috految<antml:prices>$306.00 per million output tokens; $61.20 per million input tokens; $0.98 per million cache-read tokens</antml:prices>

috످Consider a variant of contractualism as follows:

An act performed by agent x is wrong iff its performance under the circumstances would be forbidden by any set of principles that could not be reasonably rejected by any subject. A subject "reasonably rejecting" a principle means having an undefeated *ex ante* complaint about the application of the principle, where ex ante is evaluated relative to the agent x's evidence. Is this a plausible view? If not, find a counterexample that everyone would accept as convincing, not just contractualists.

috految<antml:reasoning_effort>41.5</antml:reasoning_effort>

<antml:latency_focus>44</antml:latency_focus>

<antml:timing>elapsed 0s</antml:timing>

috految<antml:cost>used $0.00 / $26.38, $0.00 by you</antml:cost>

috److془We need to carefully craft answer. Key: ex ante relative to agent's evidence. Counterexample everyone would accept. Options: designators (Mahtani), Horton's sequential, Reibetanz, Kamm ambulance, Frick's; agent ignorance of victim's identity with victim's knowledge; Kowalczyk "People in suitcases"; Hare's opaque footbridge. Multi-agent: each agent has different evidence, collective Pareto-inferior. Infinite cases: Hong and Russell "Paradoxes of infinite aggregation", Goodsell 2021. Also "any subject" — the agent's evidence may be uncertain about existence of subjects. Nice: Agent's evidence says someone exists but not who.

Best: Case: A: Ann suffers one million people tortured vs. Ann's finger. Better, with no tradeoff: Ann has 1 in a thousand chance of broken finger... Anonymous dominance. Subject to Taurek: make harm greater. Then the reply: aggregation. Then case with no complaints: Two-agents: or existence case. Or the infinite case.

Dilemma: Existence case: one person, single option: Pressing tortures whoever in city; no one exists. Hmm, narrow; objectivists disagree. Better: ex ante is Pareto superior for all actual subjects, known to be awful. Shooting room: Or finite: Machine creates; Or: Ann in room A, Bob in B... Nice: Evidence says that the room contains exactly 1 person; objectivists and subjectivists both agree. Case: Ann is actual; evidence says overwhelmingly that the person in the box is Carl, fake. Ann's ex ante prospects improved by pressing. Beautiful. Wrong fact-, belief-, evidence-relatively. Reply: quantify over epistemically possible subjects; then Case 1 remains. Good.

Numbers: million out of 10^15; or 1000 among 8 billion: 1 in 8 million. ~ 10 mile drive. Good. Ann: broken finger. Generalization: one-off. Tricky: "any" = every. Sequential dominance: brief.془I think the view is false, though the familiar objections don't show this to everyone's satisfaction.

I'll assume that a subject's ex ante complaint is her prospective burden, discounted by its improbability on the agent's evidence, and that it is defeated when someone has a stronger individual complaint against each alternative. (I'll also read "any set" as "every set," and assume that some set is unrejectable, lest every act be vacuously wrong.)

The view has real attractions. Unlike simple ex post contractualism, it permits mass vaccination and aviation, even though these will almost certainly kill someone. Unlike utilitarianism, it tells us to rescue Scanlon's Jones from the transmitter room, however many are watching the World Cup. And using the agent's evidence rather than objective chance lets it guide action, and avoids making the permissibility of vaccination depend on whether side effects are indeterministic.

## Some inconclusive objections

- **Animals and nonidentity.** "Any subject" can include animals, and some, like Boonin, accept that it is permissible to create worse-off people.
- **Misleading evidence.** The view permits giving you cyanide that I justifiably believe is sugar. But evidence-relative theorists welcome this.
- **Ex ante efficient killing.** The view seems to license organ lotteries, or pushing in Hare's Opaque Footbridge, where six people are shuffled into suitcases and sacrificing one improves everyone's prospects. But utilitarians will agree.
- **Statistical lives.** It favors saving one identified miner over a hundred statistical ones. Frick takes such cases to motivate pluralism, but a Taurekian may be unmoved, since each would lose only a life.

An ecumenical counterexample should involve a permitted act that is wrong whether or not the numbers count, whether or not there are deontological constraints, and whether wrongness is relative to the facts or the evidence.

We can construct one by exploiting a scope distinction:

1. The agent's evidence makes it likely that there is someone who will be greatly harmed.
2. There is someone who, on the agent's evidence, is likely to be greatly harmed.

The view is sensitive only to (2), but you can be certain that you are committing an atrocity while (2) is false.

## A counterexample

> **Two Buttons.** You know that a thousand innocent people are strapped to a machine. They are fully aware of their situation and have refused consent. But you have no idea which of the world's eight billion people they are, and cannot find out. You must press one of two buttons, or everyone dies. Button A will break the finger of Ann, a stranger standing before you, and release the thousand unharmed. Button B will leave Ann alone and torture the thousand to death.

Ann's complaint against A is a certain broken finger. Each other person's complaint against B is a one in eight million chance of a horrible death, roughly the fatality risk of a short car trip. So Ann's complaint is stronger. (If you disagree, enlarge the population.) Principles permitting A can be reasonably rejected, while some principle requiring B cannot. So **you are obligated to torture a thousand people to death to avoid breaking one person's finger.**

Consequentialists reject this, as do deontologists, since B inflicts far graver harms by the same means, and virtue ethicists. Even number skeptics reject it, since each victim loses vastly more than Ann. And friends of ex ante Pareto can reject it, since B isn't in everyone's ex ante interests. Nor is this a case of blameless ignorance: you know exactly what will happen, just not to whom.

Indeed, the view's own rationale condemns B. With vaccination, we can tell the loser, "This was a good gamble for you." But these victims never had any hope of benefiting, and there needn't have been any lottery. They knew B would kill them, and you knew that they knew. All you can tell each is, "I knew that I would be torturing people to death, but I didn't know that *you* would be one of them."

Worse, if you learned the identity of even one victim, you would be forbidden to press B, and you know this holds *whichever name you would learn*. This is unlike Regan's and Parfit's mineshaft cases, where you know that more information would change what you should do, but not what it would tell you to do. Here you know it would tell you to press A.

## Replies

**1. Appeal to general acceptance.** Wouldn't the risks accumulate if everyone followed such principles? We can stipulate that the situation is known to be unique. We could instead evaluate principles from before anyone's position was known, but that abandons the agent's evidence for a veil of ignorance, and pushes us toward Harsanyi. Nor does Frick's decomposition test help, since there is only one act, and no stage at which you learn who loses.

**2. Appeal to rights.** Perhaps being killed grounds an especially weighty complaint. But any finite weight can be diluted by enlarging the population, while lexical priority for complaints against any risk of being killed would prohibit driving Ann to the hospital. And saying that you wrong each by knowingly killing *someone* makes the ex post fact do the work.

**3. Redescribe the victims.** Isn't "the person in the first seat" certain to die? As Mahtani observes, evidential probabilities attach to people only under designators: the chance that *Bob* dies is tiny, while the chance that *the person in the first seat* dies is 1, even if Bob is that person. So strictly, the view is undefined until we say which designators count.

This is the best reply, but it faces a dilemma. If all designators count, then so does "the person who will be harmed most," who is virtually certain to be killed by mass vaccination, and the view collapses into ex post contractualism. If only privileged designators count, such as names or those grounded in acquaintance, we can stipulate that you lack them for the victims. Even admitting all descriptions based on presently settled facts won't do: "the person with the undetectable fatal allergy" would then veto vaccination, while B would be required again if the machine selected its victims indeterministically a nanosecond after you pressed. (The latter variant also shows that switching to objective chances or the subjects' evidence is insufficient.)

**4. Liberalize "undefeated."** Perhaps many small ex ante complaints can jointly defeat Ann's. This gives up the individualist restriction, and partial aggregation won't suffice, since we can dilute the risks until they are irrelevant to her claim. But even full aggregation leaves a problem, because the view takes its *probabilities* from the agent's evidence but its *complainants* from the world:

> **Mistaken Identity.** You know that exactly one person is locked in a distant cell. You have all but conclusive evidence that it is Carl, and that Dana is safe at home. You can press a button that tortures the occupant to death and gives everyone else a cookie. The only other people are you and a few friends. You press. In fact, Carl never existed: the records were forged, and the occupant is Dana.

Carl has no complaint, since there is no such subject. Dana has none, since on your evidence she was all but certain to get a cookie. Indeed, *every subject's prospects are improved*, so there is no complaint to aggregate or defeat. Yet you knowingly tortured an innocent person to death for a few cookies. Your act is wrong relative to your beliefs, your evidence, and the facts, but the view permits it. Letting Dana complain as "the occupant" takes us back to reply 3. We could admit complaints from merely epistemically possible subjects, but then we must both aggregate and count nonexistent complainants to handle the two cases, leaving something much closer to expected utilitarianism than to justification to each.

## Diagnosis

One could retreat to Frick's pluralism, on which contractualism captures only one wrong-making factor, but that abandons your biconditional. It also misdescribes the wrong: B is not merely impersonally bad, but *wrongs its victims*, which is just what contractualism was supposed to explain.

The underlying mistake is to treat two kinds of ignorance alike. Ignorance of *whether you will harm anyone* can justify an act, while mere ignorance of *whom you will harm* generally cannot. By discounting complaints person by person, the view treats the second as if it were the first. The natural repair is to ask first what complaints people would have in each epistemic possibility, and only then take expectations. But that is a form of ex post contractualism (compare Otsuka and Steuwer), and it gives up the ex ante Pareto principle that was the view's main attraction.

috످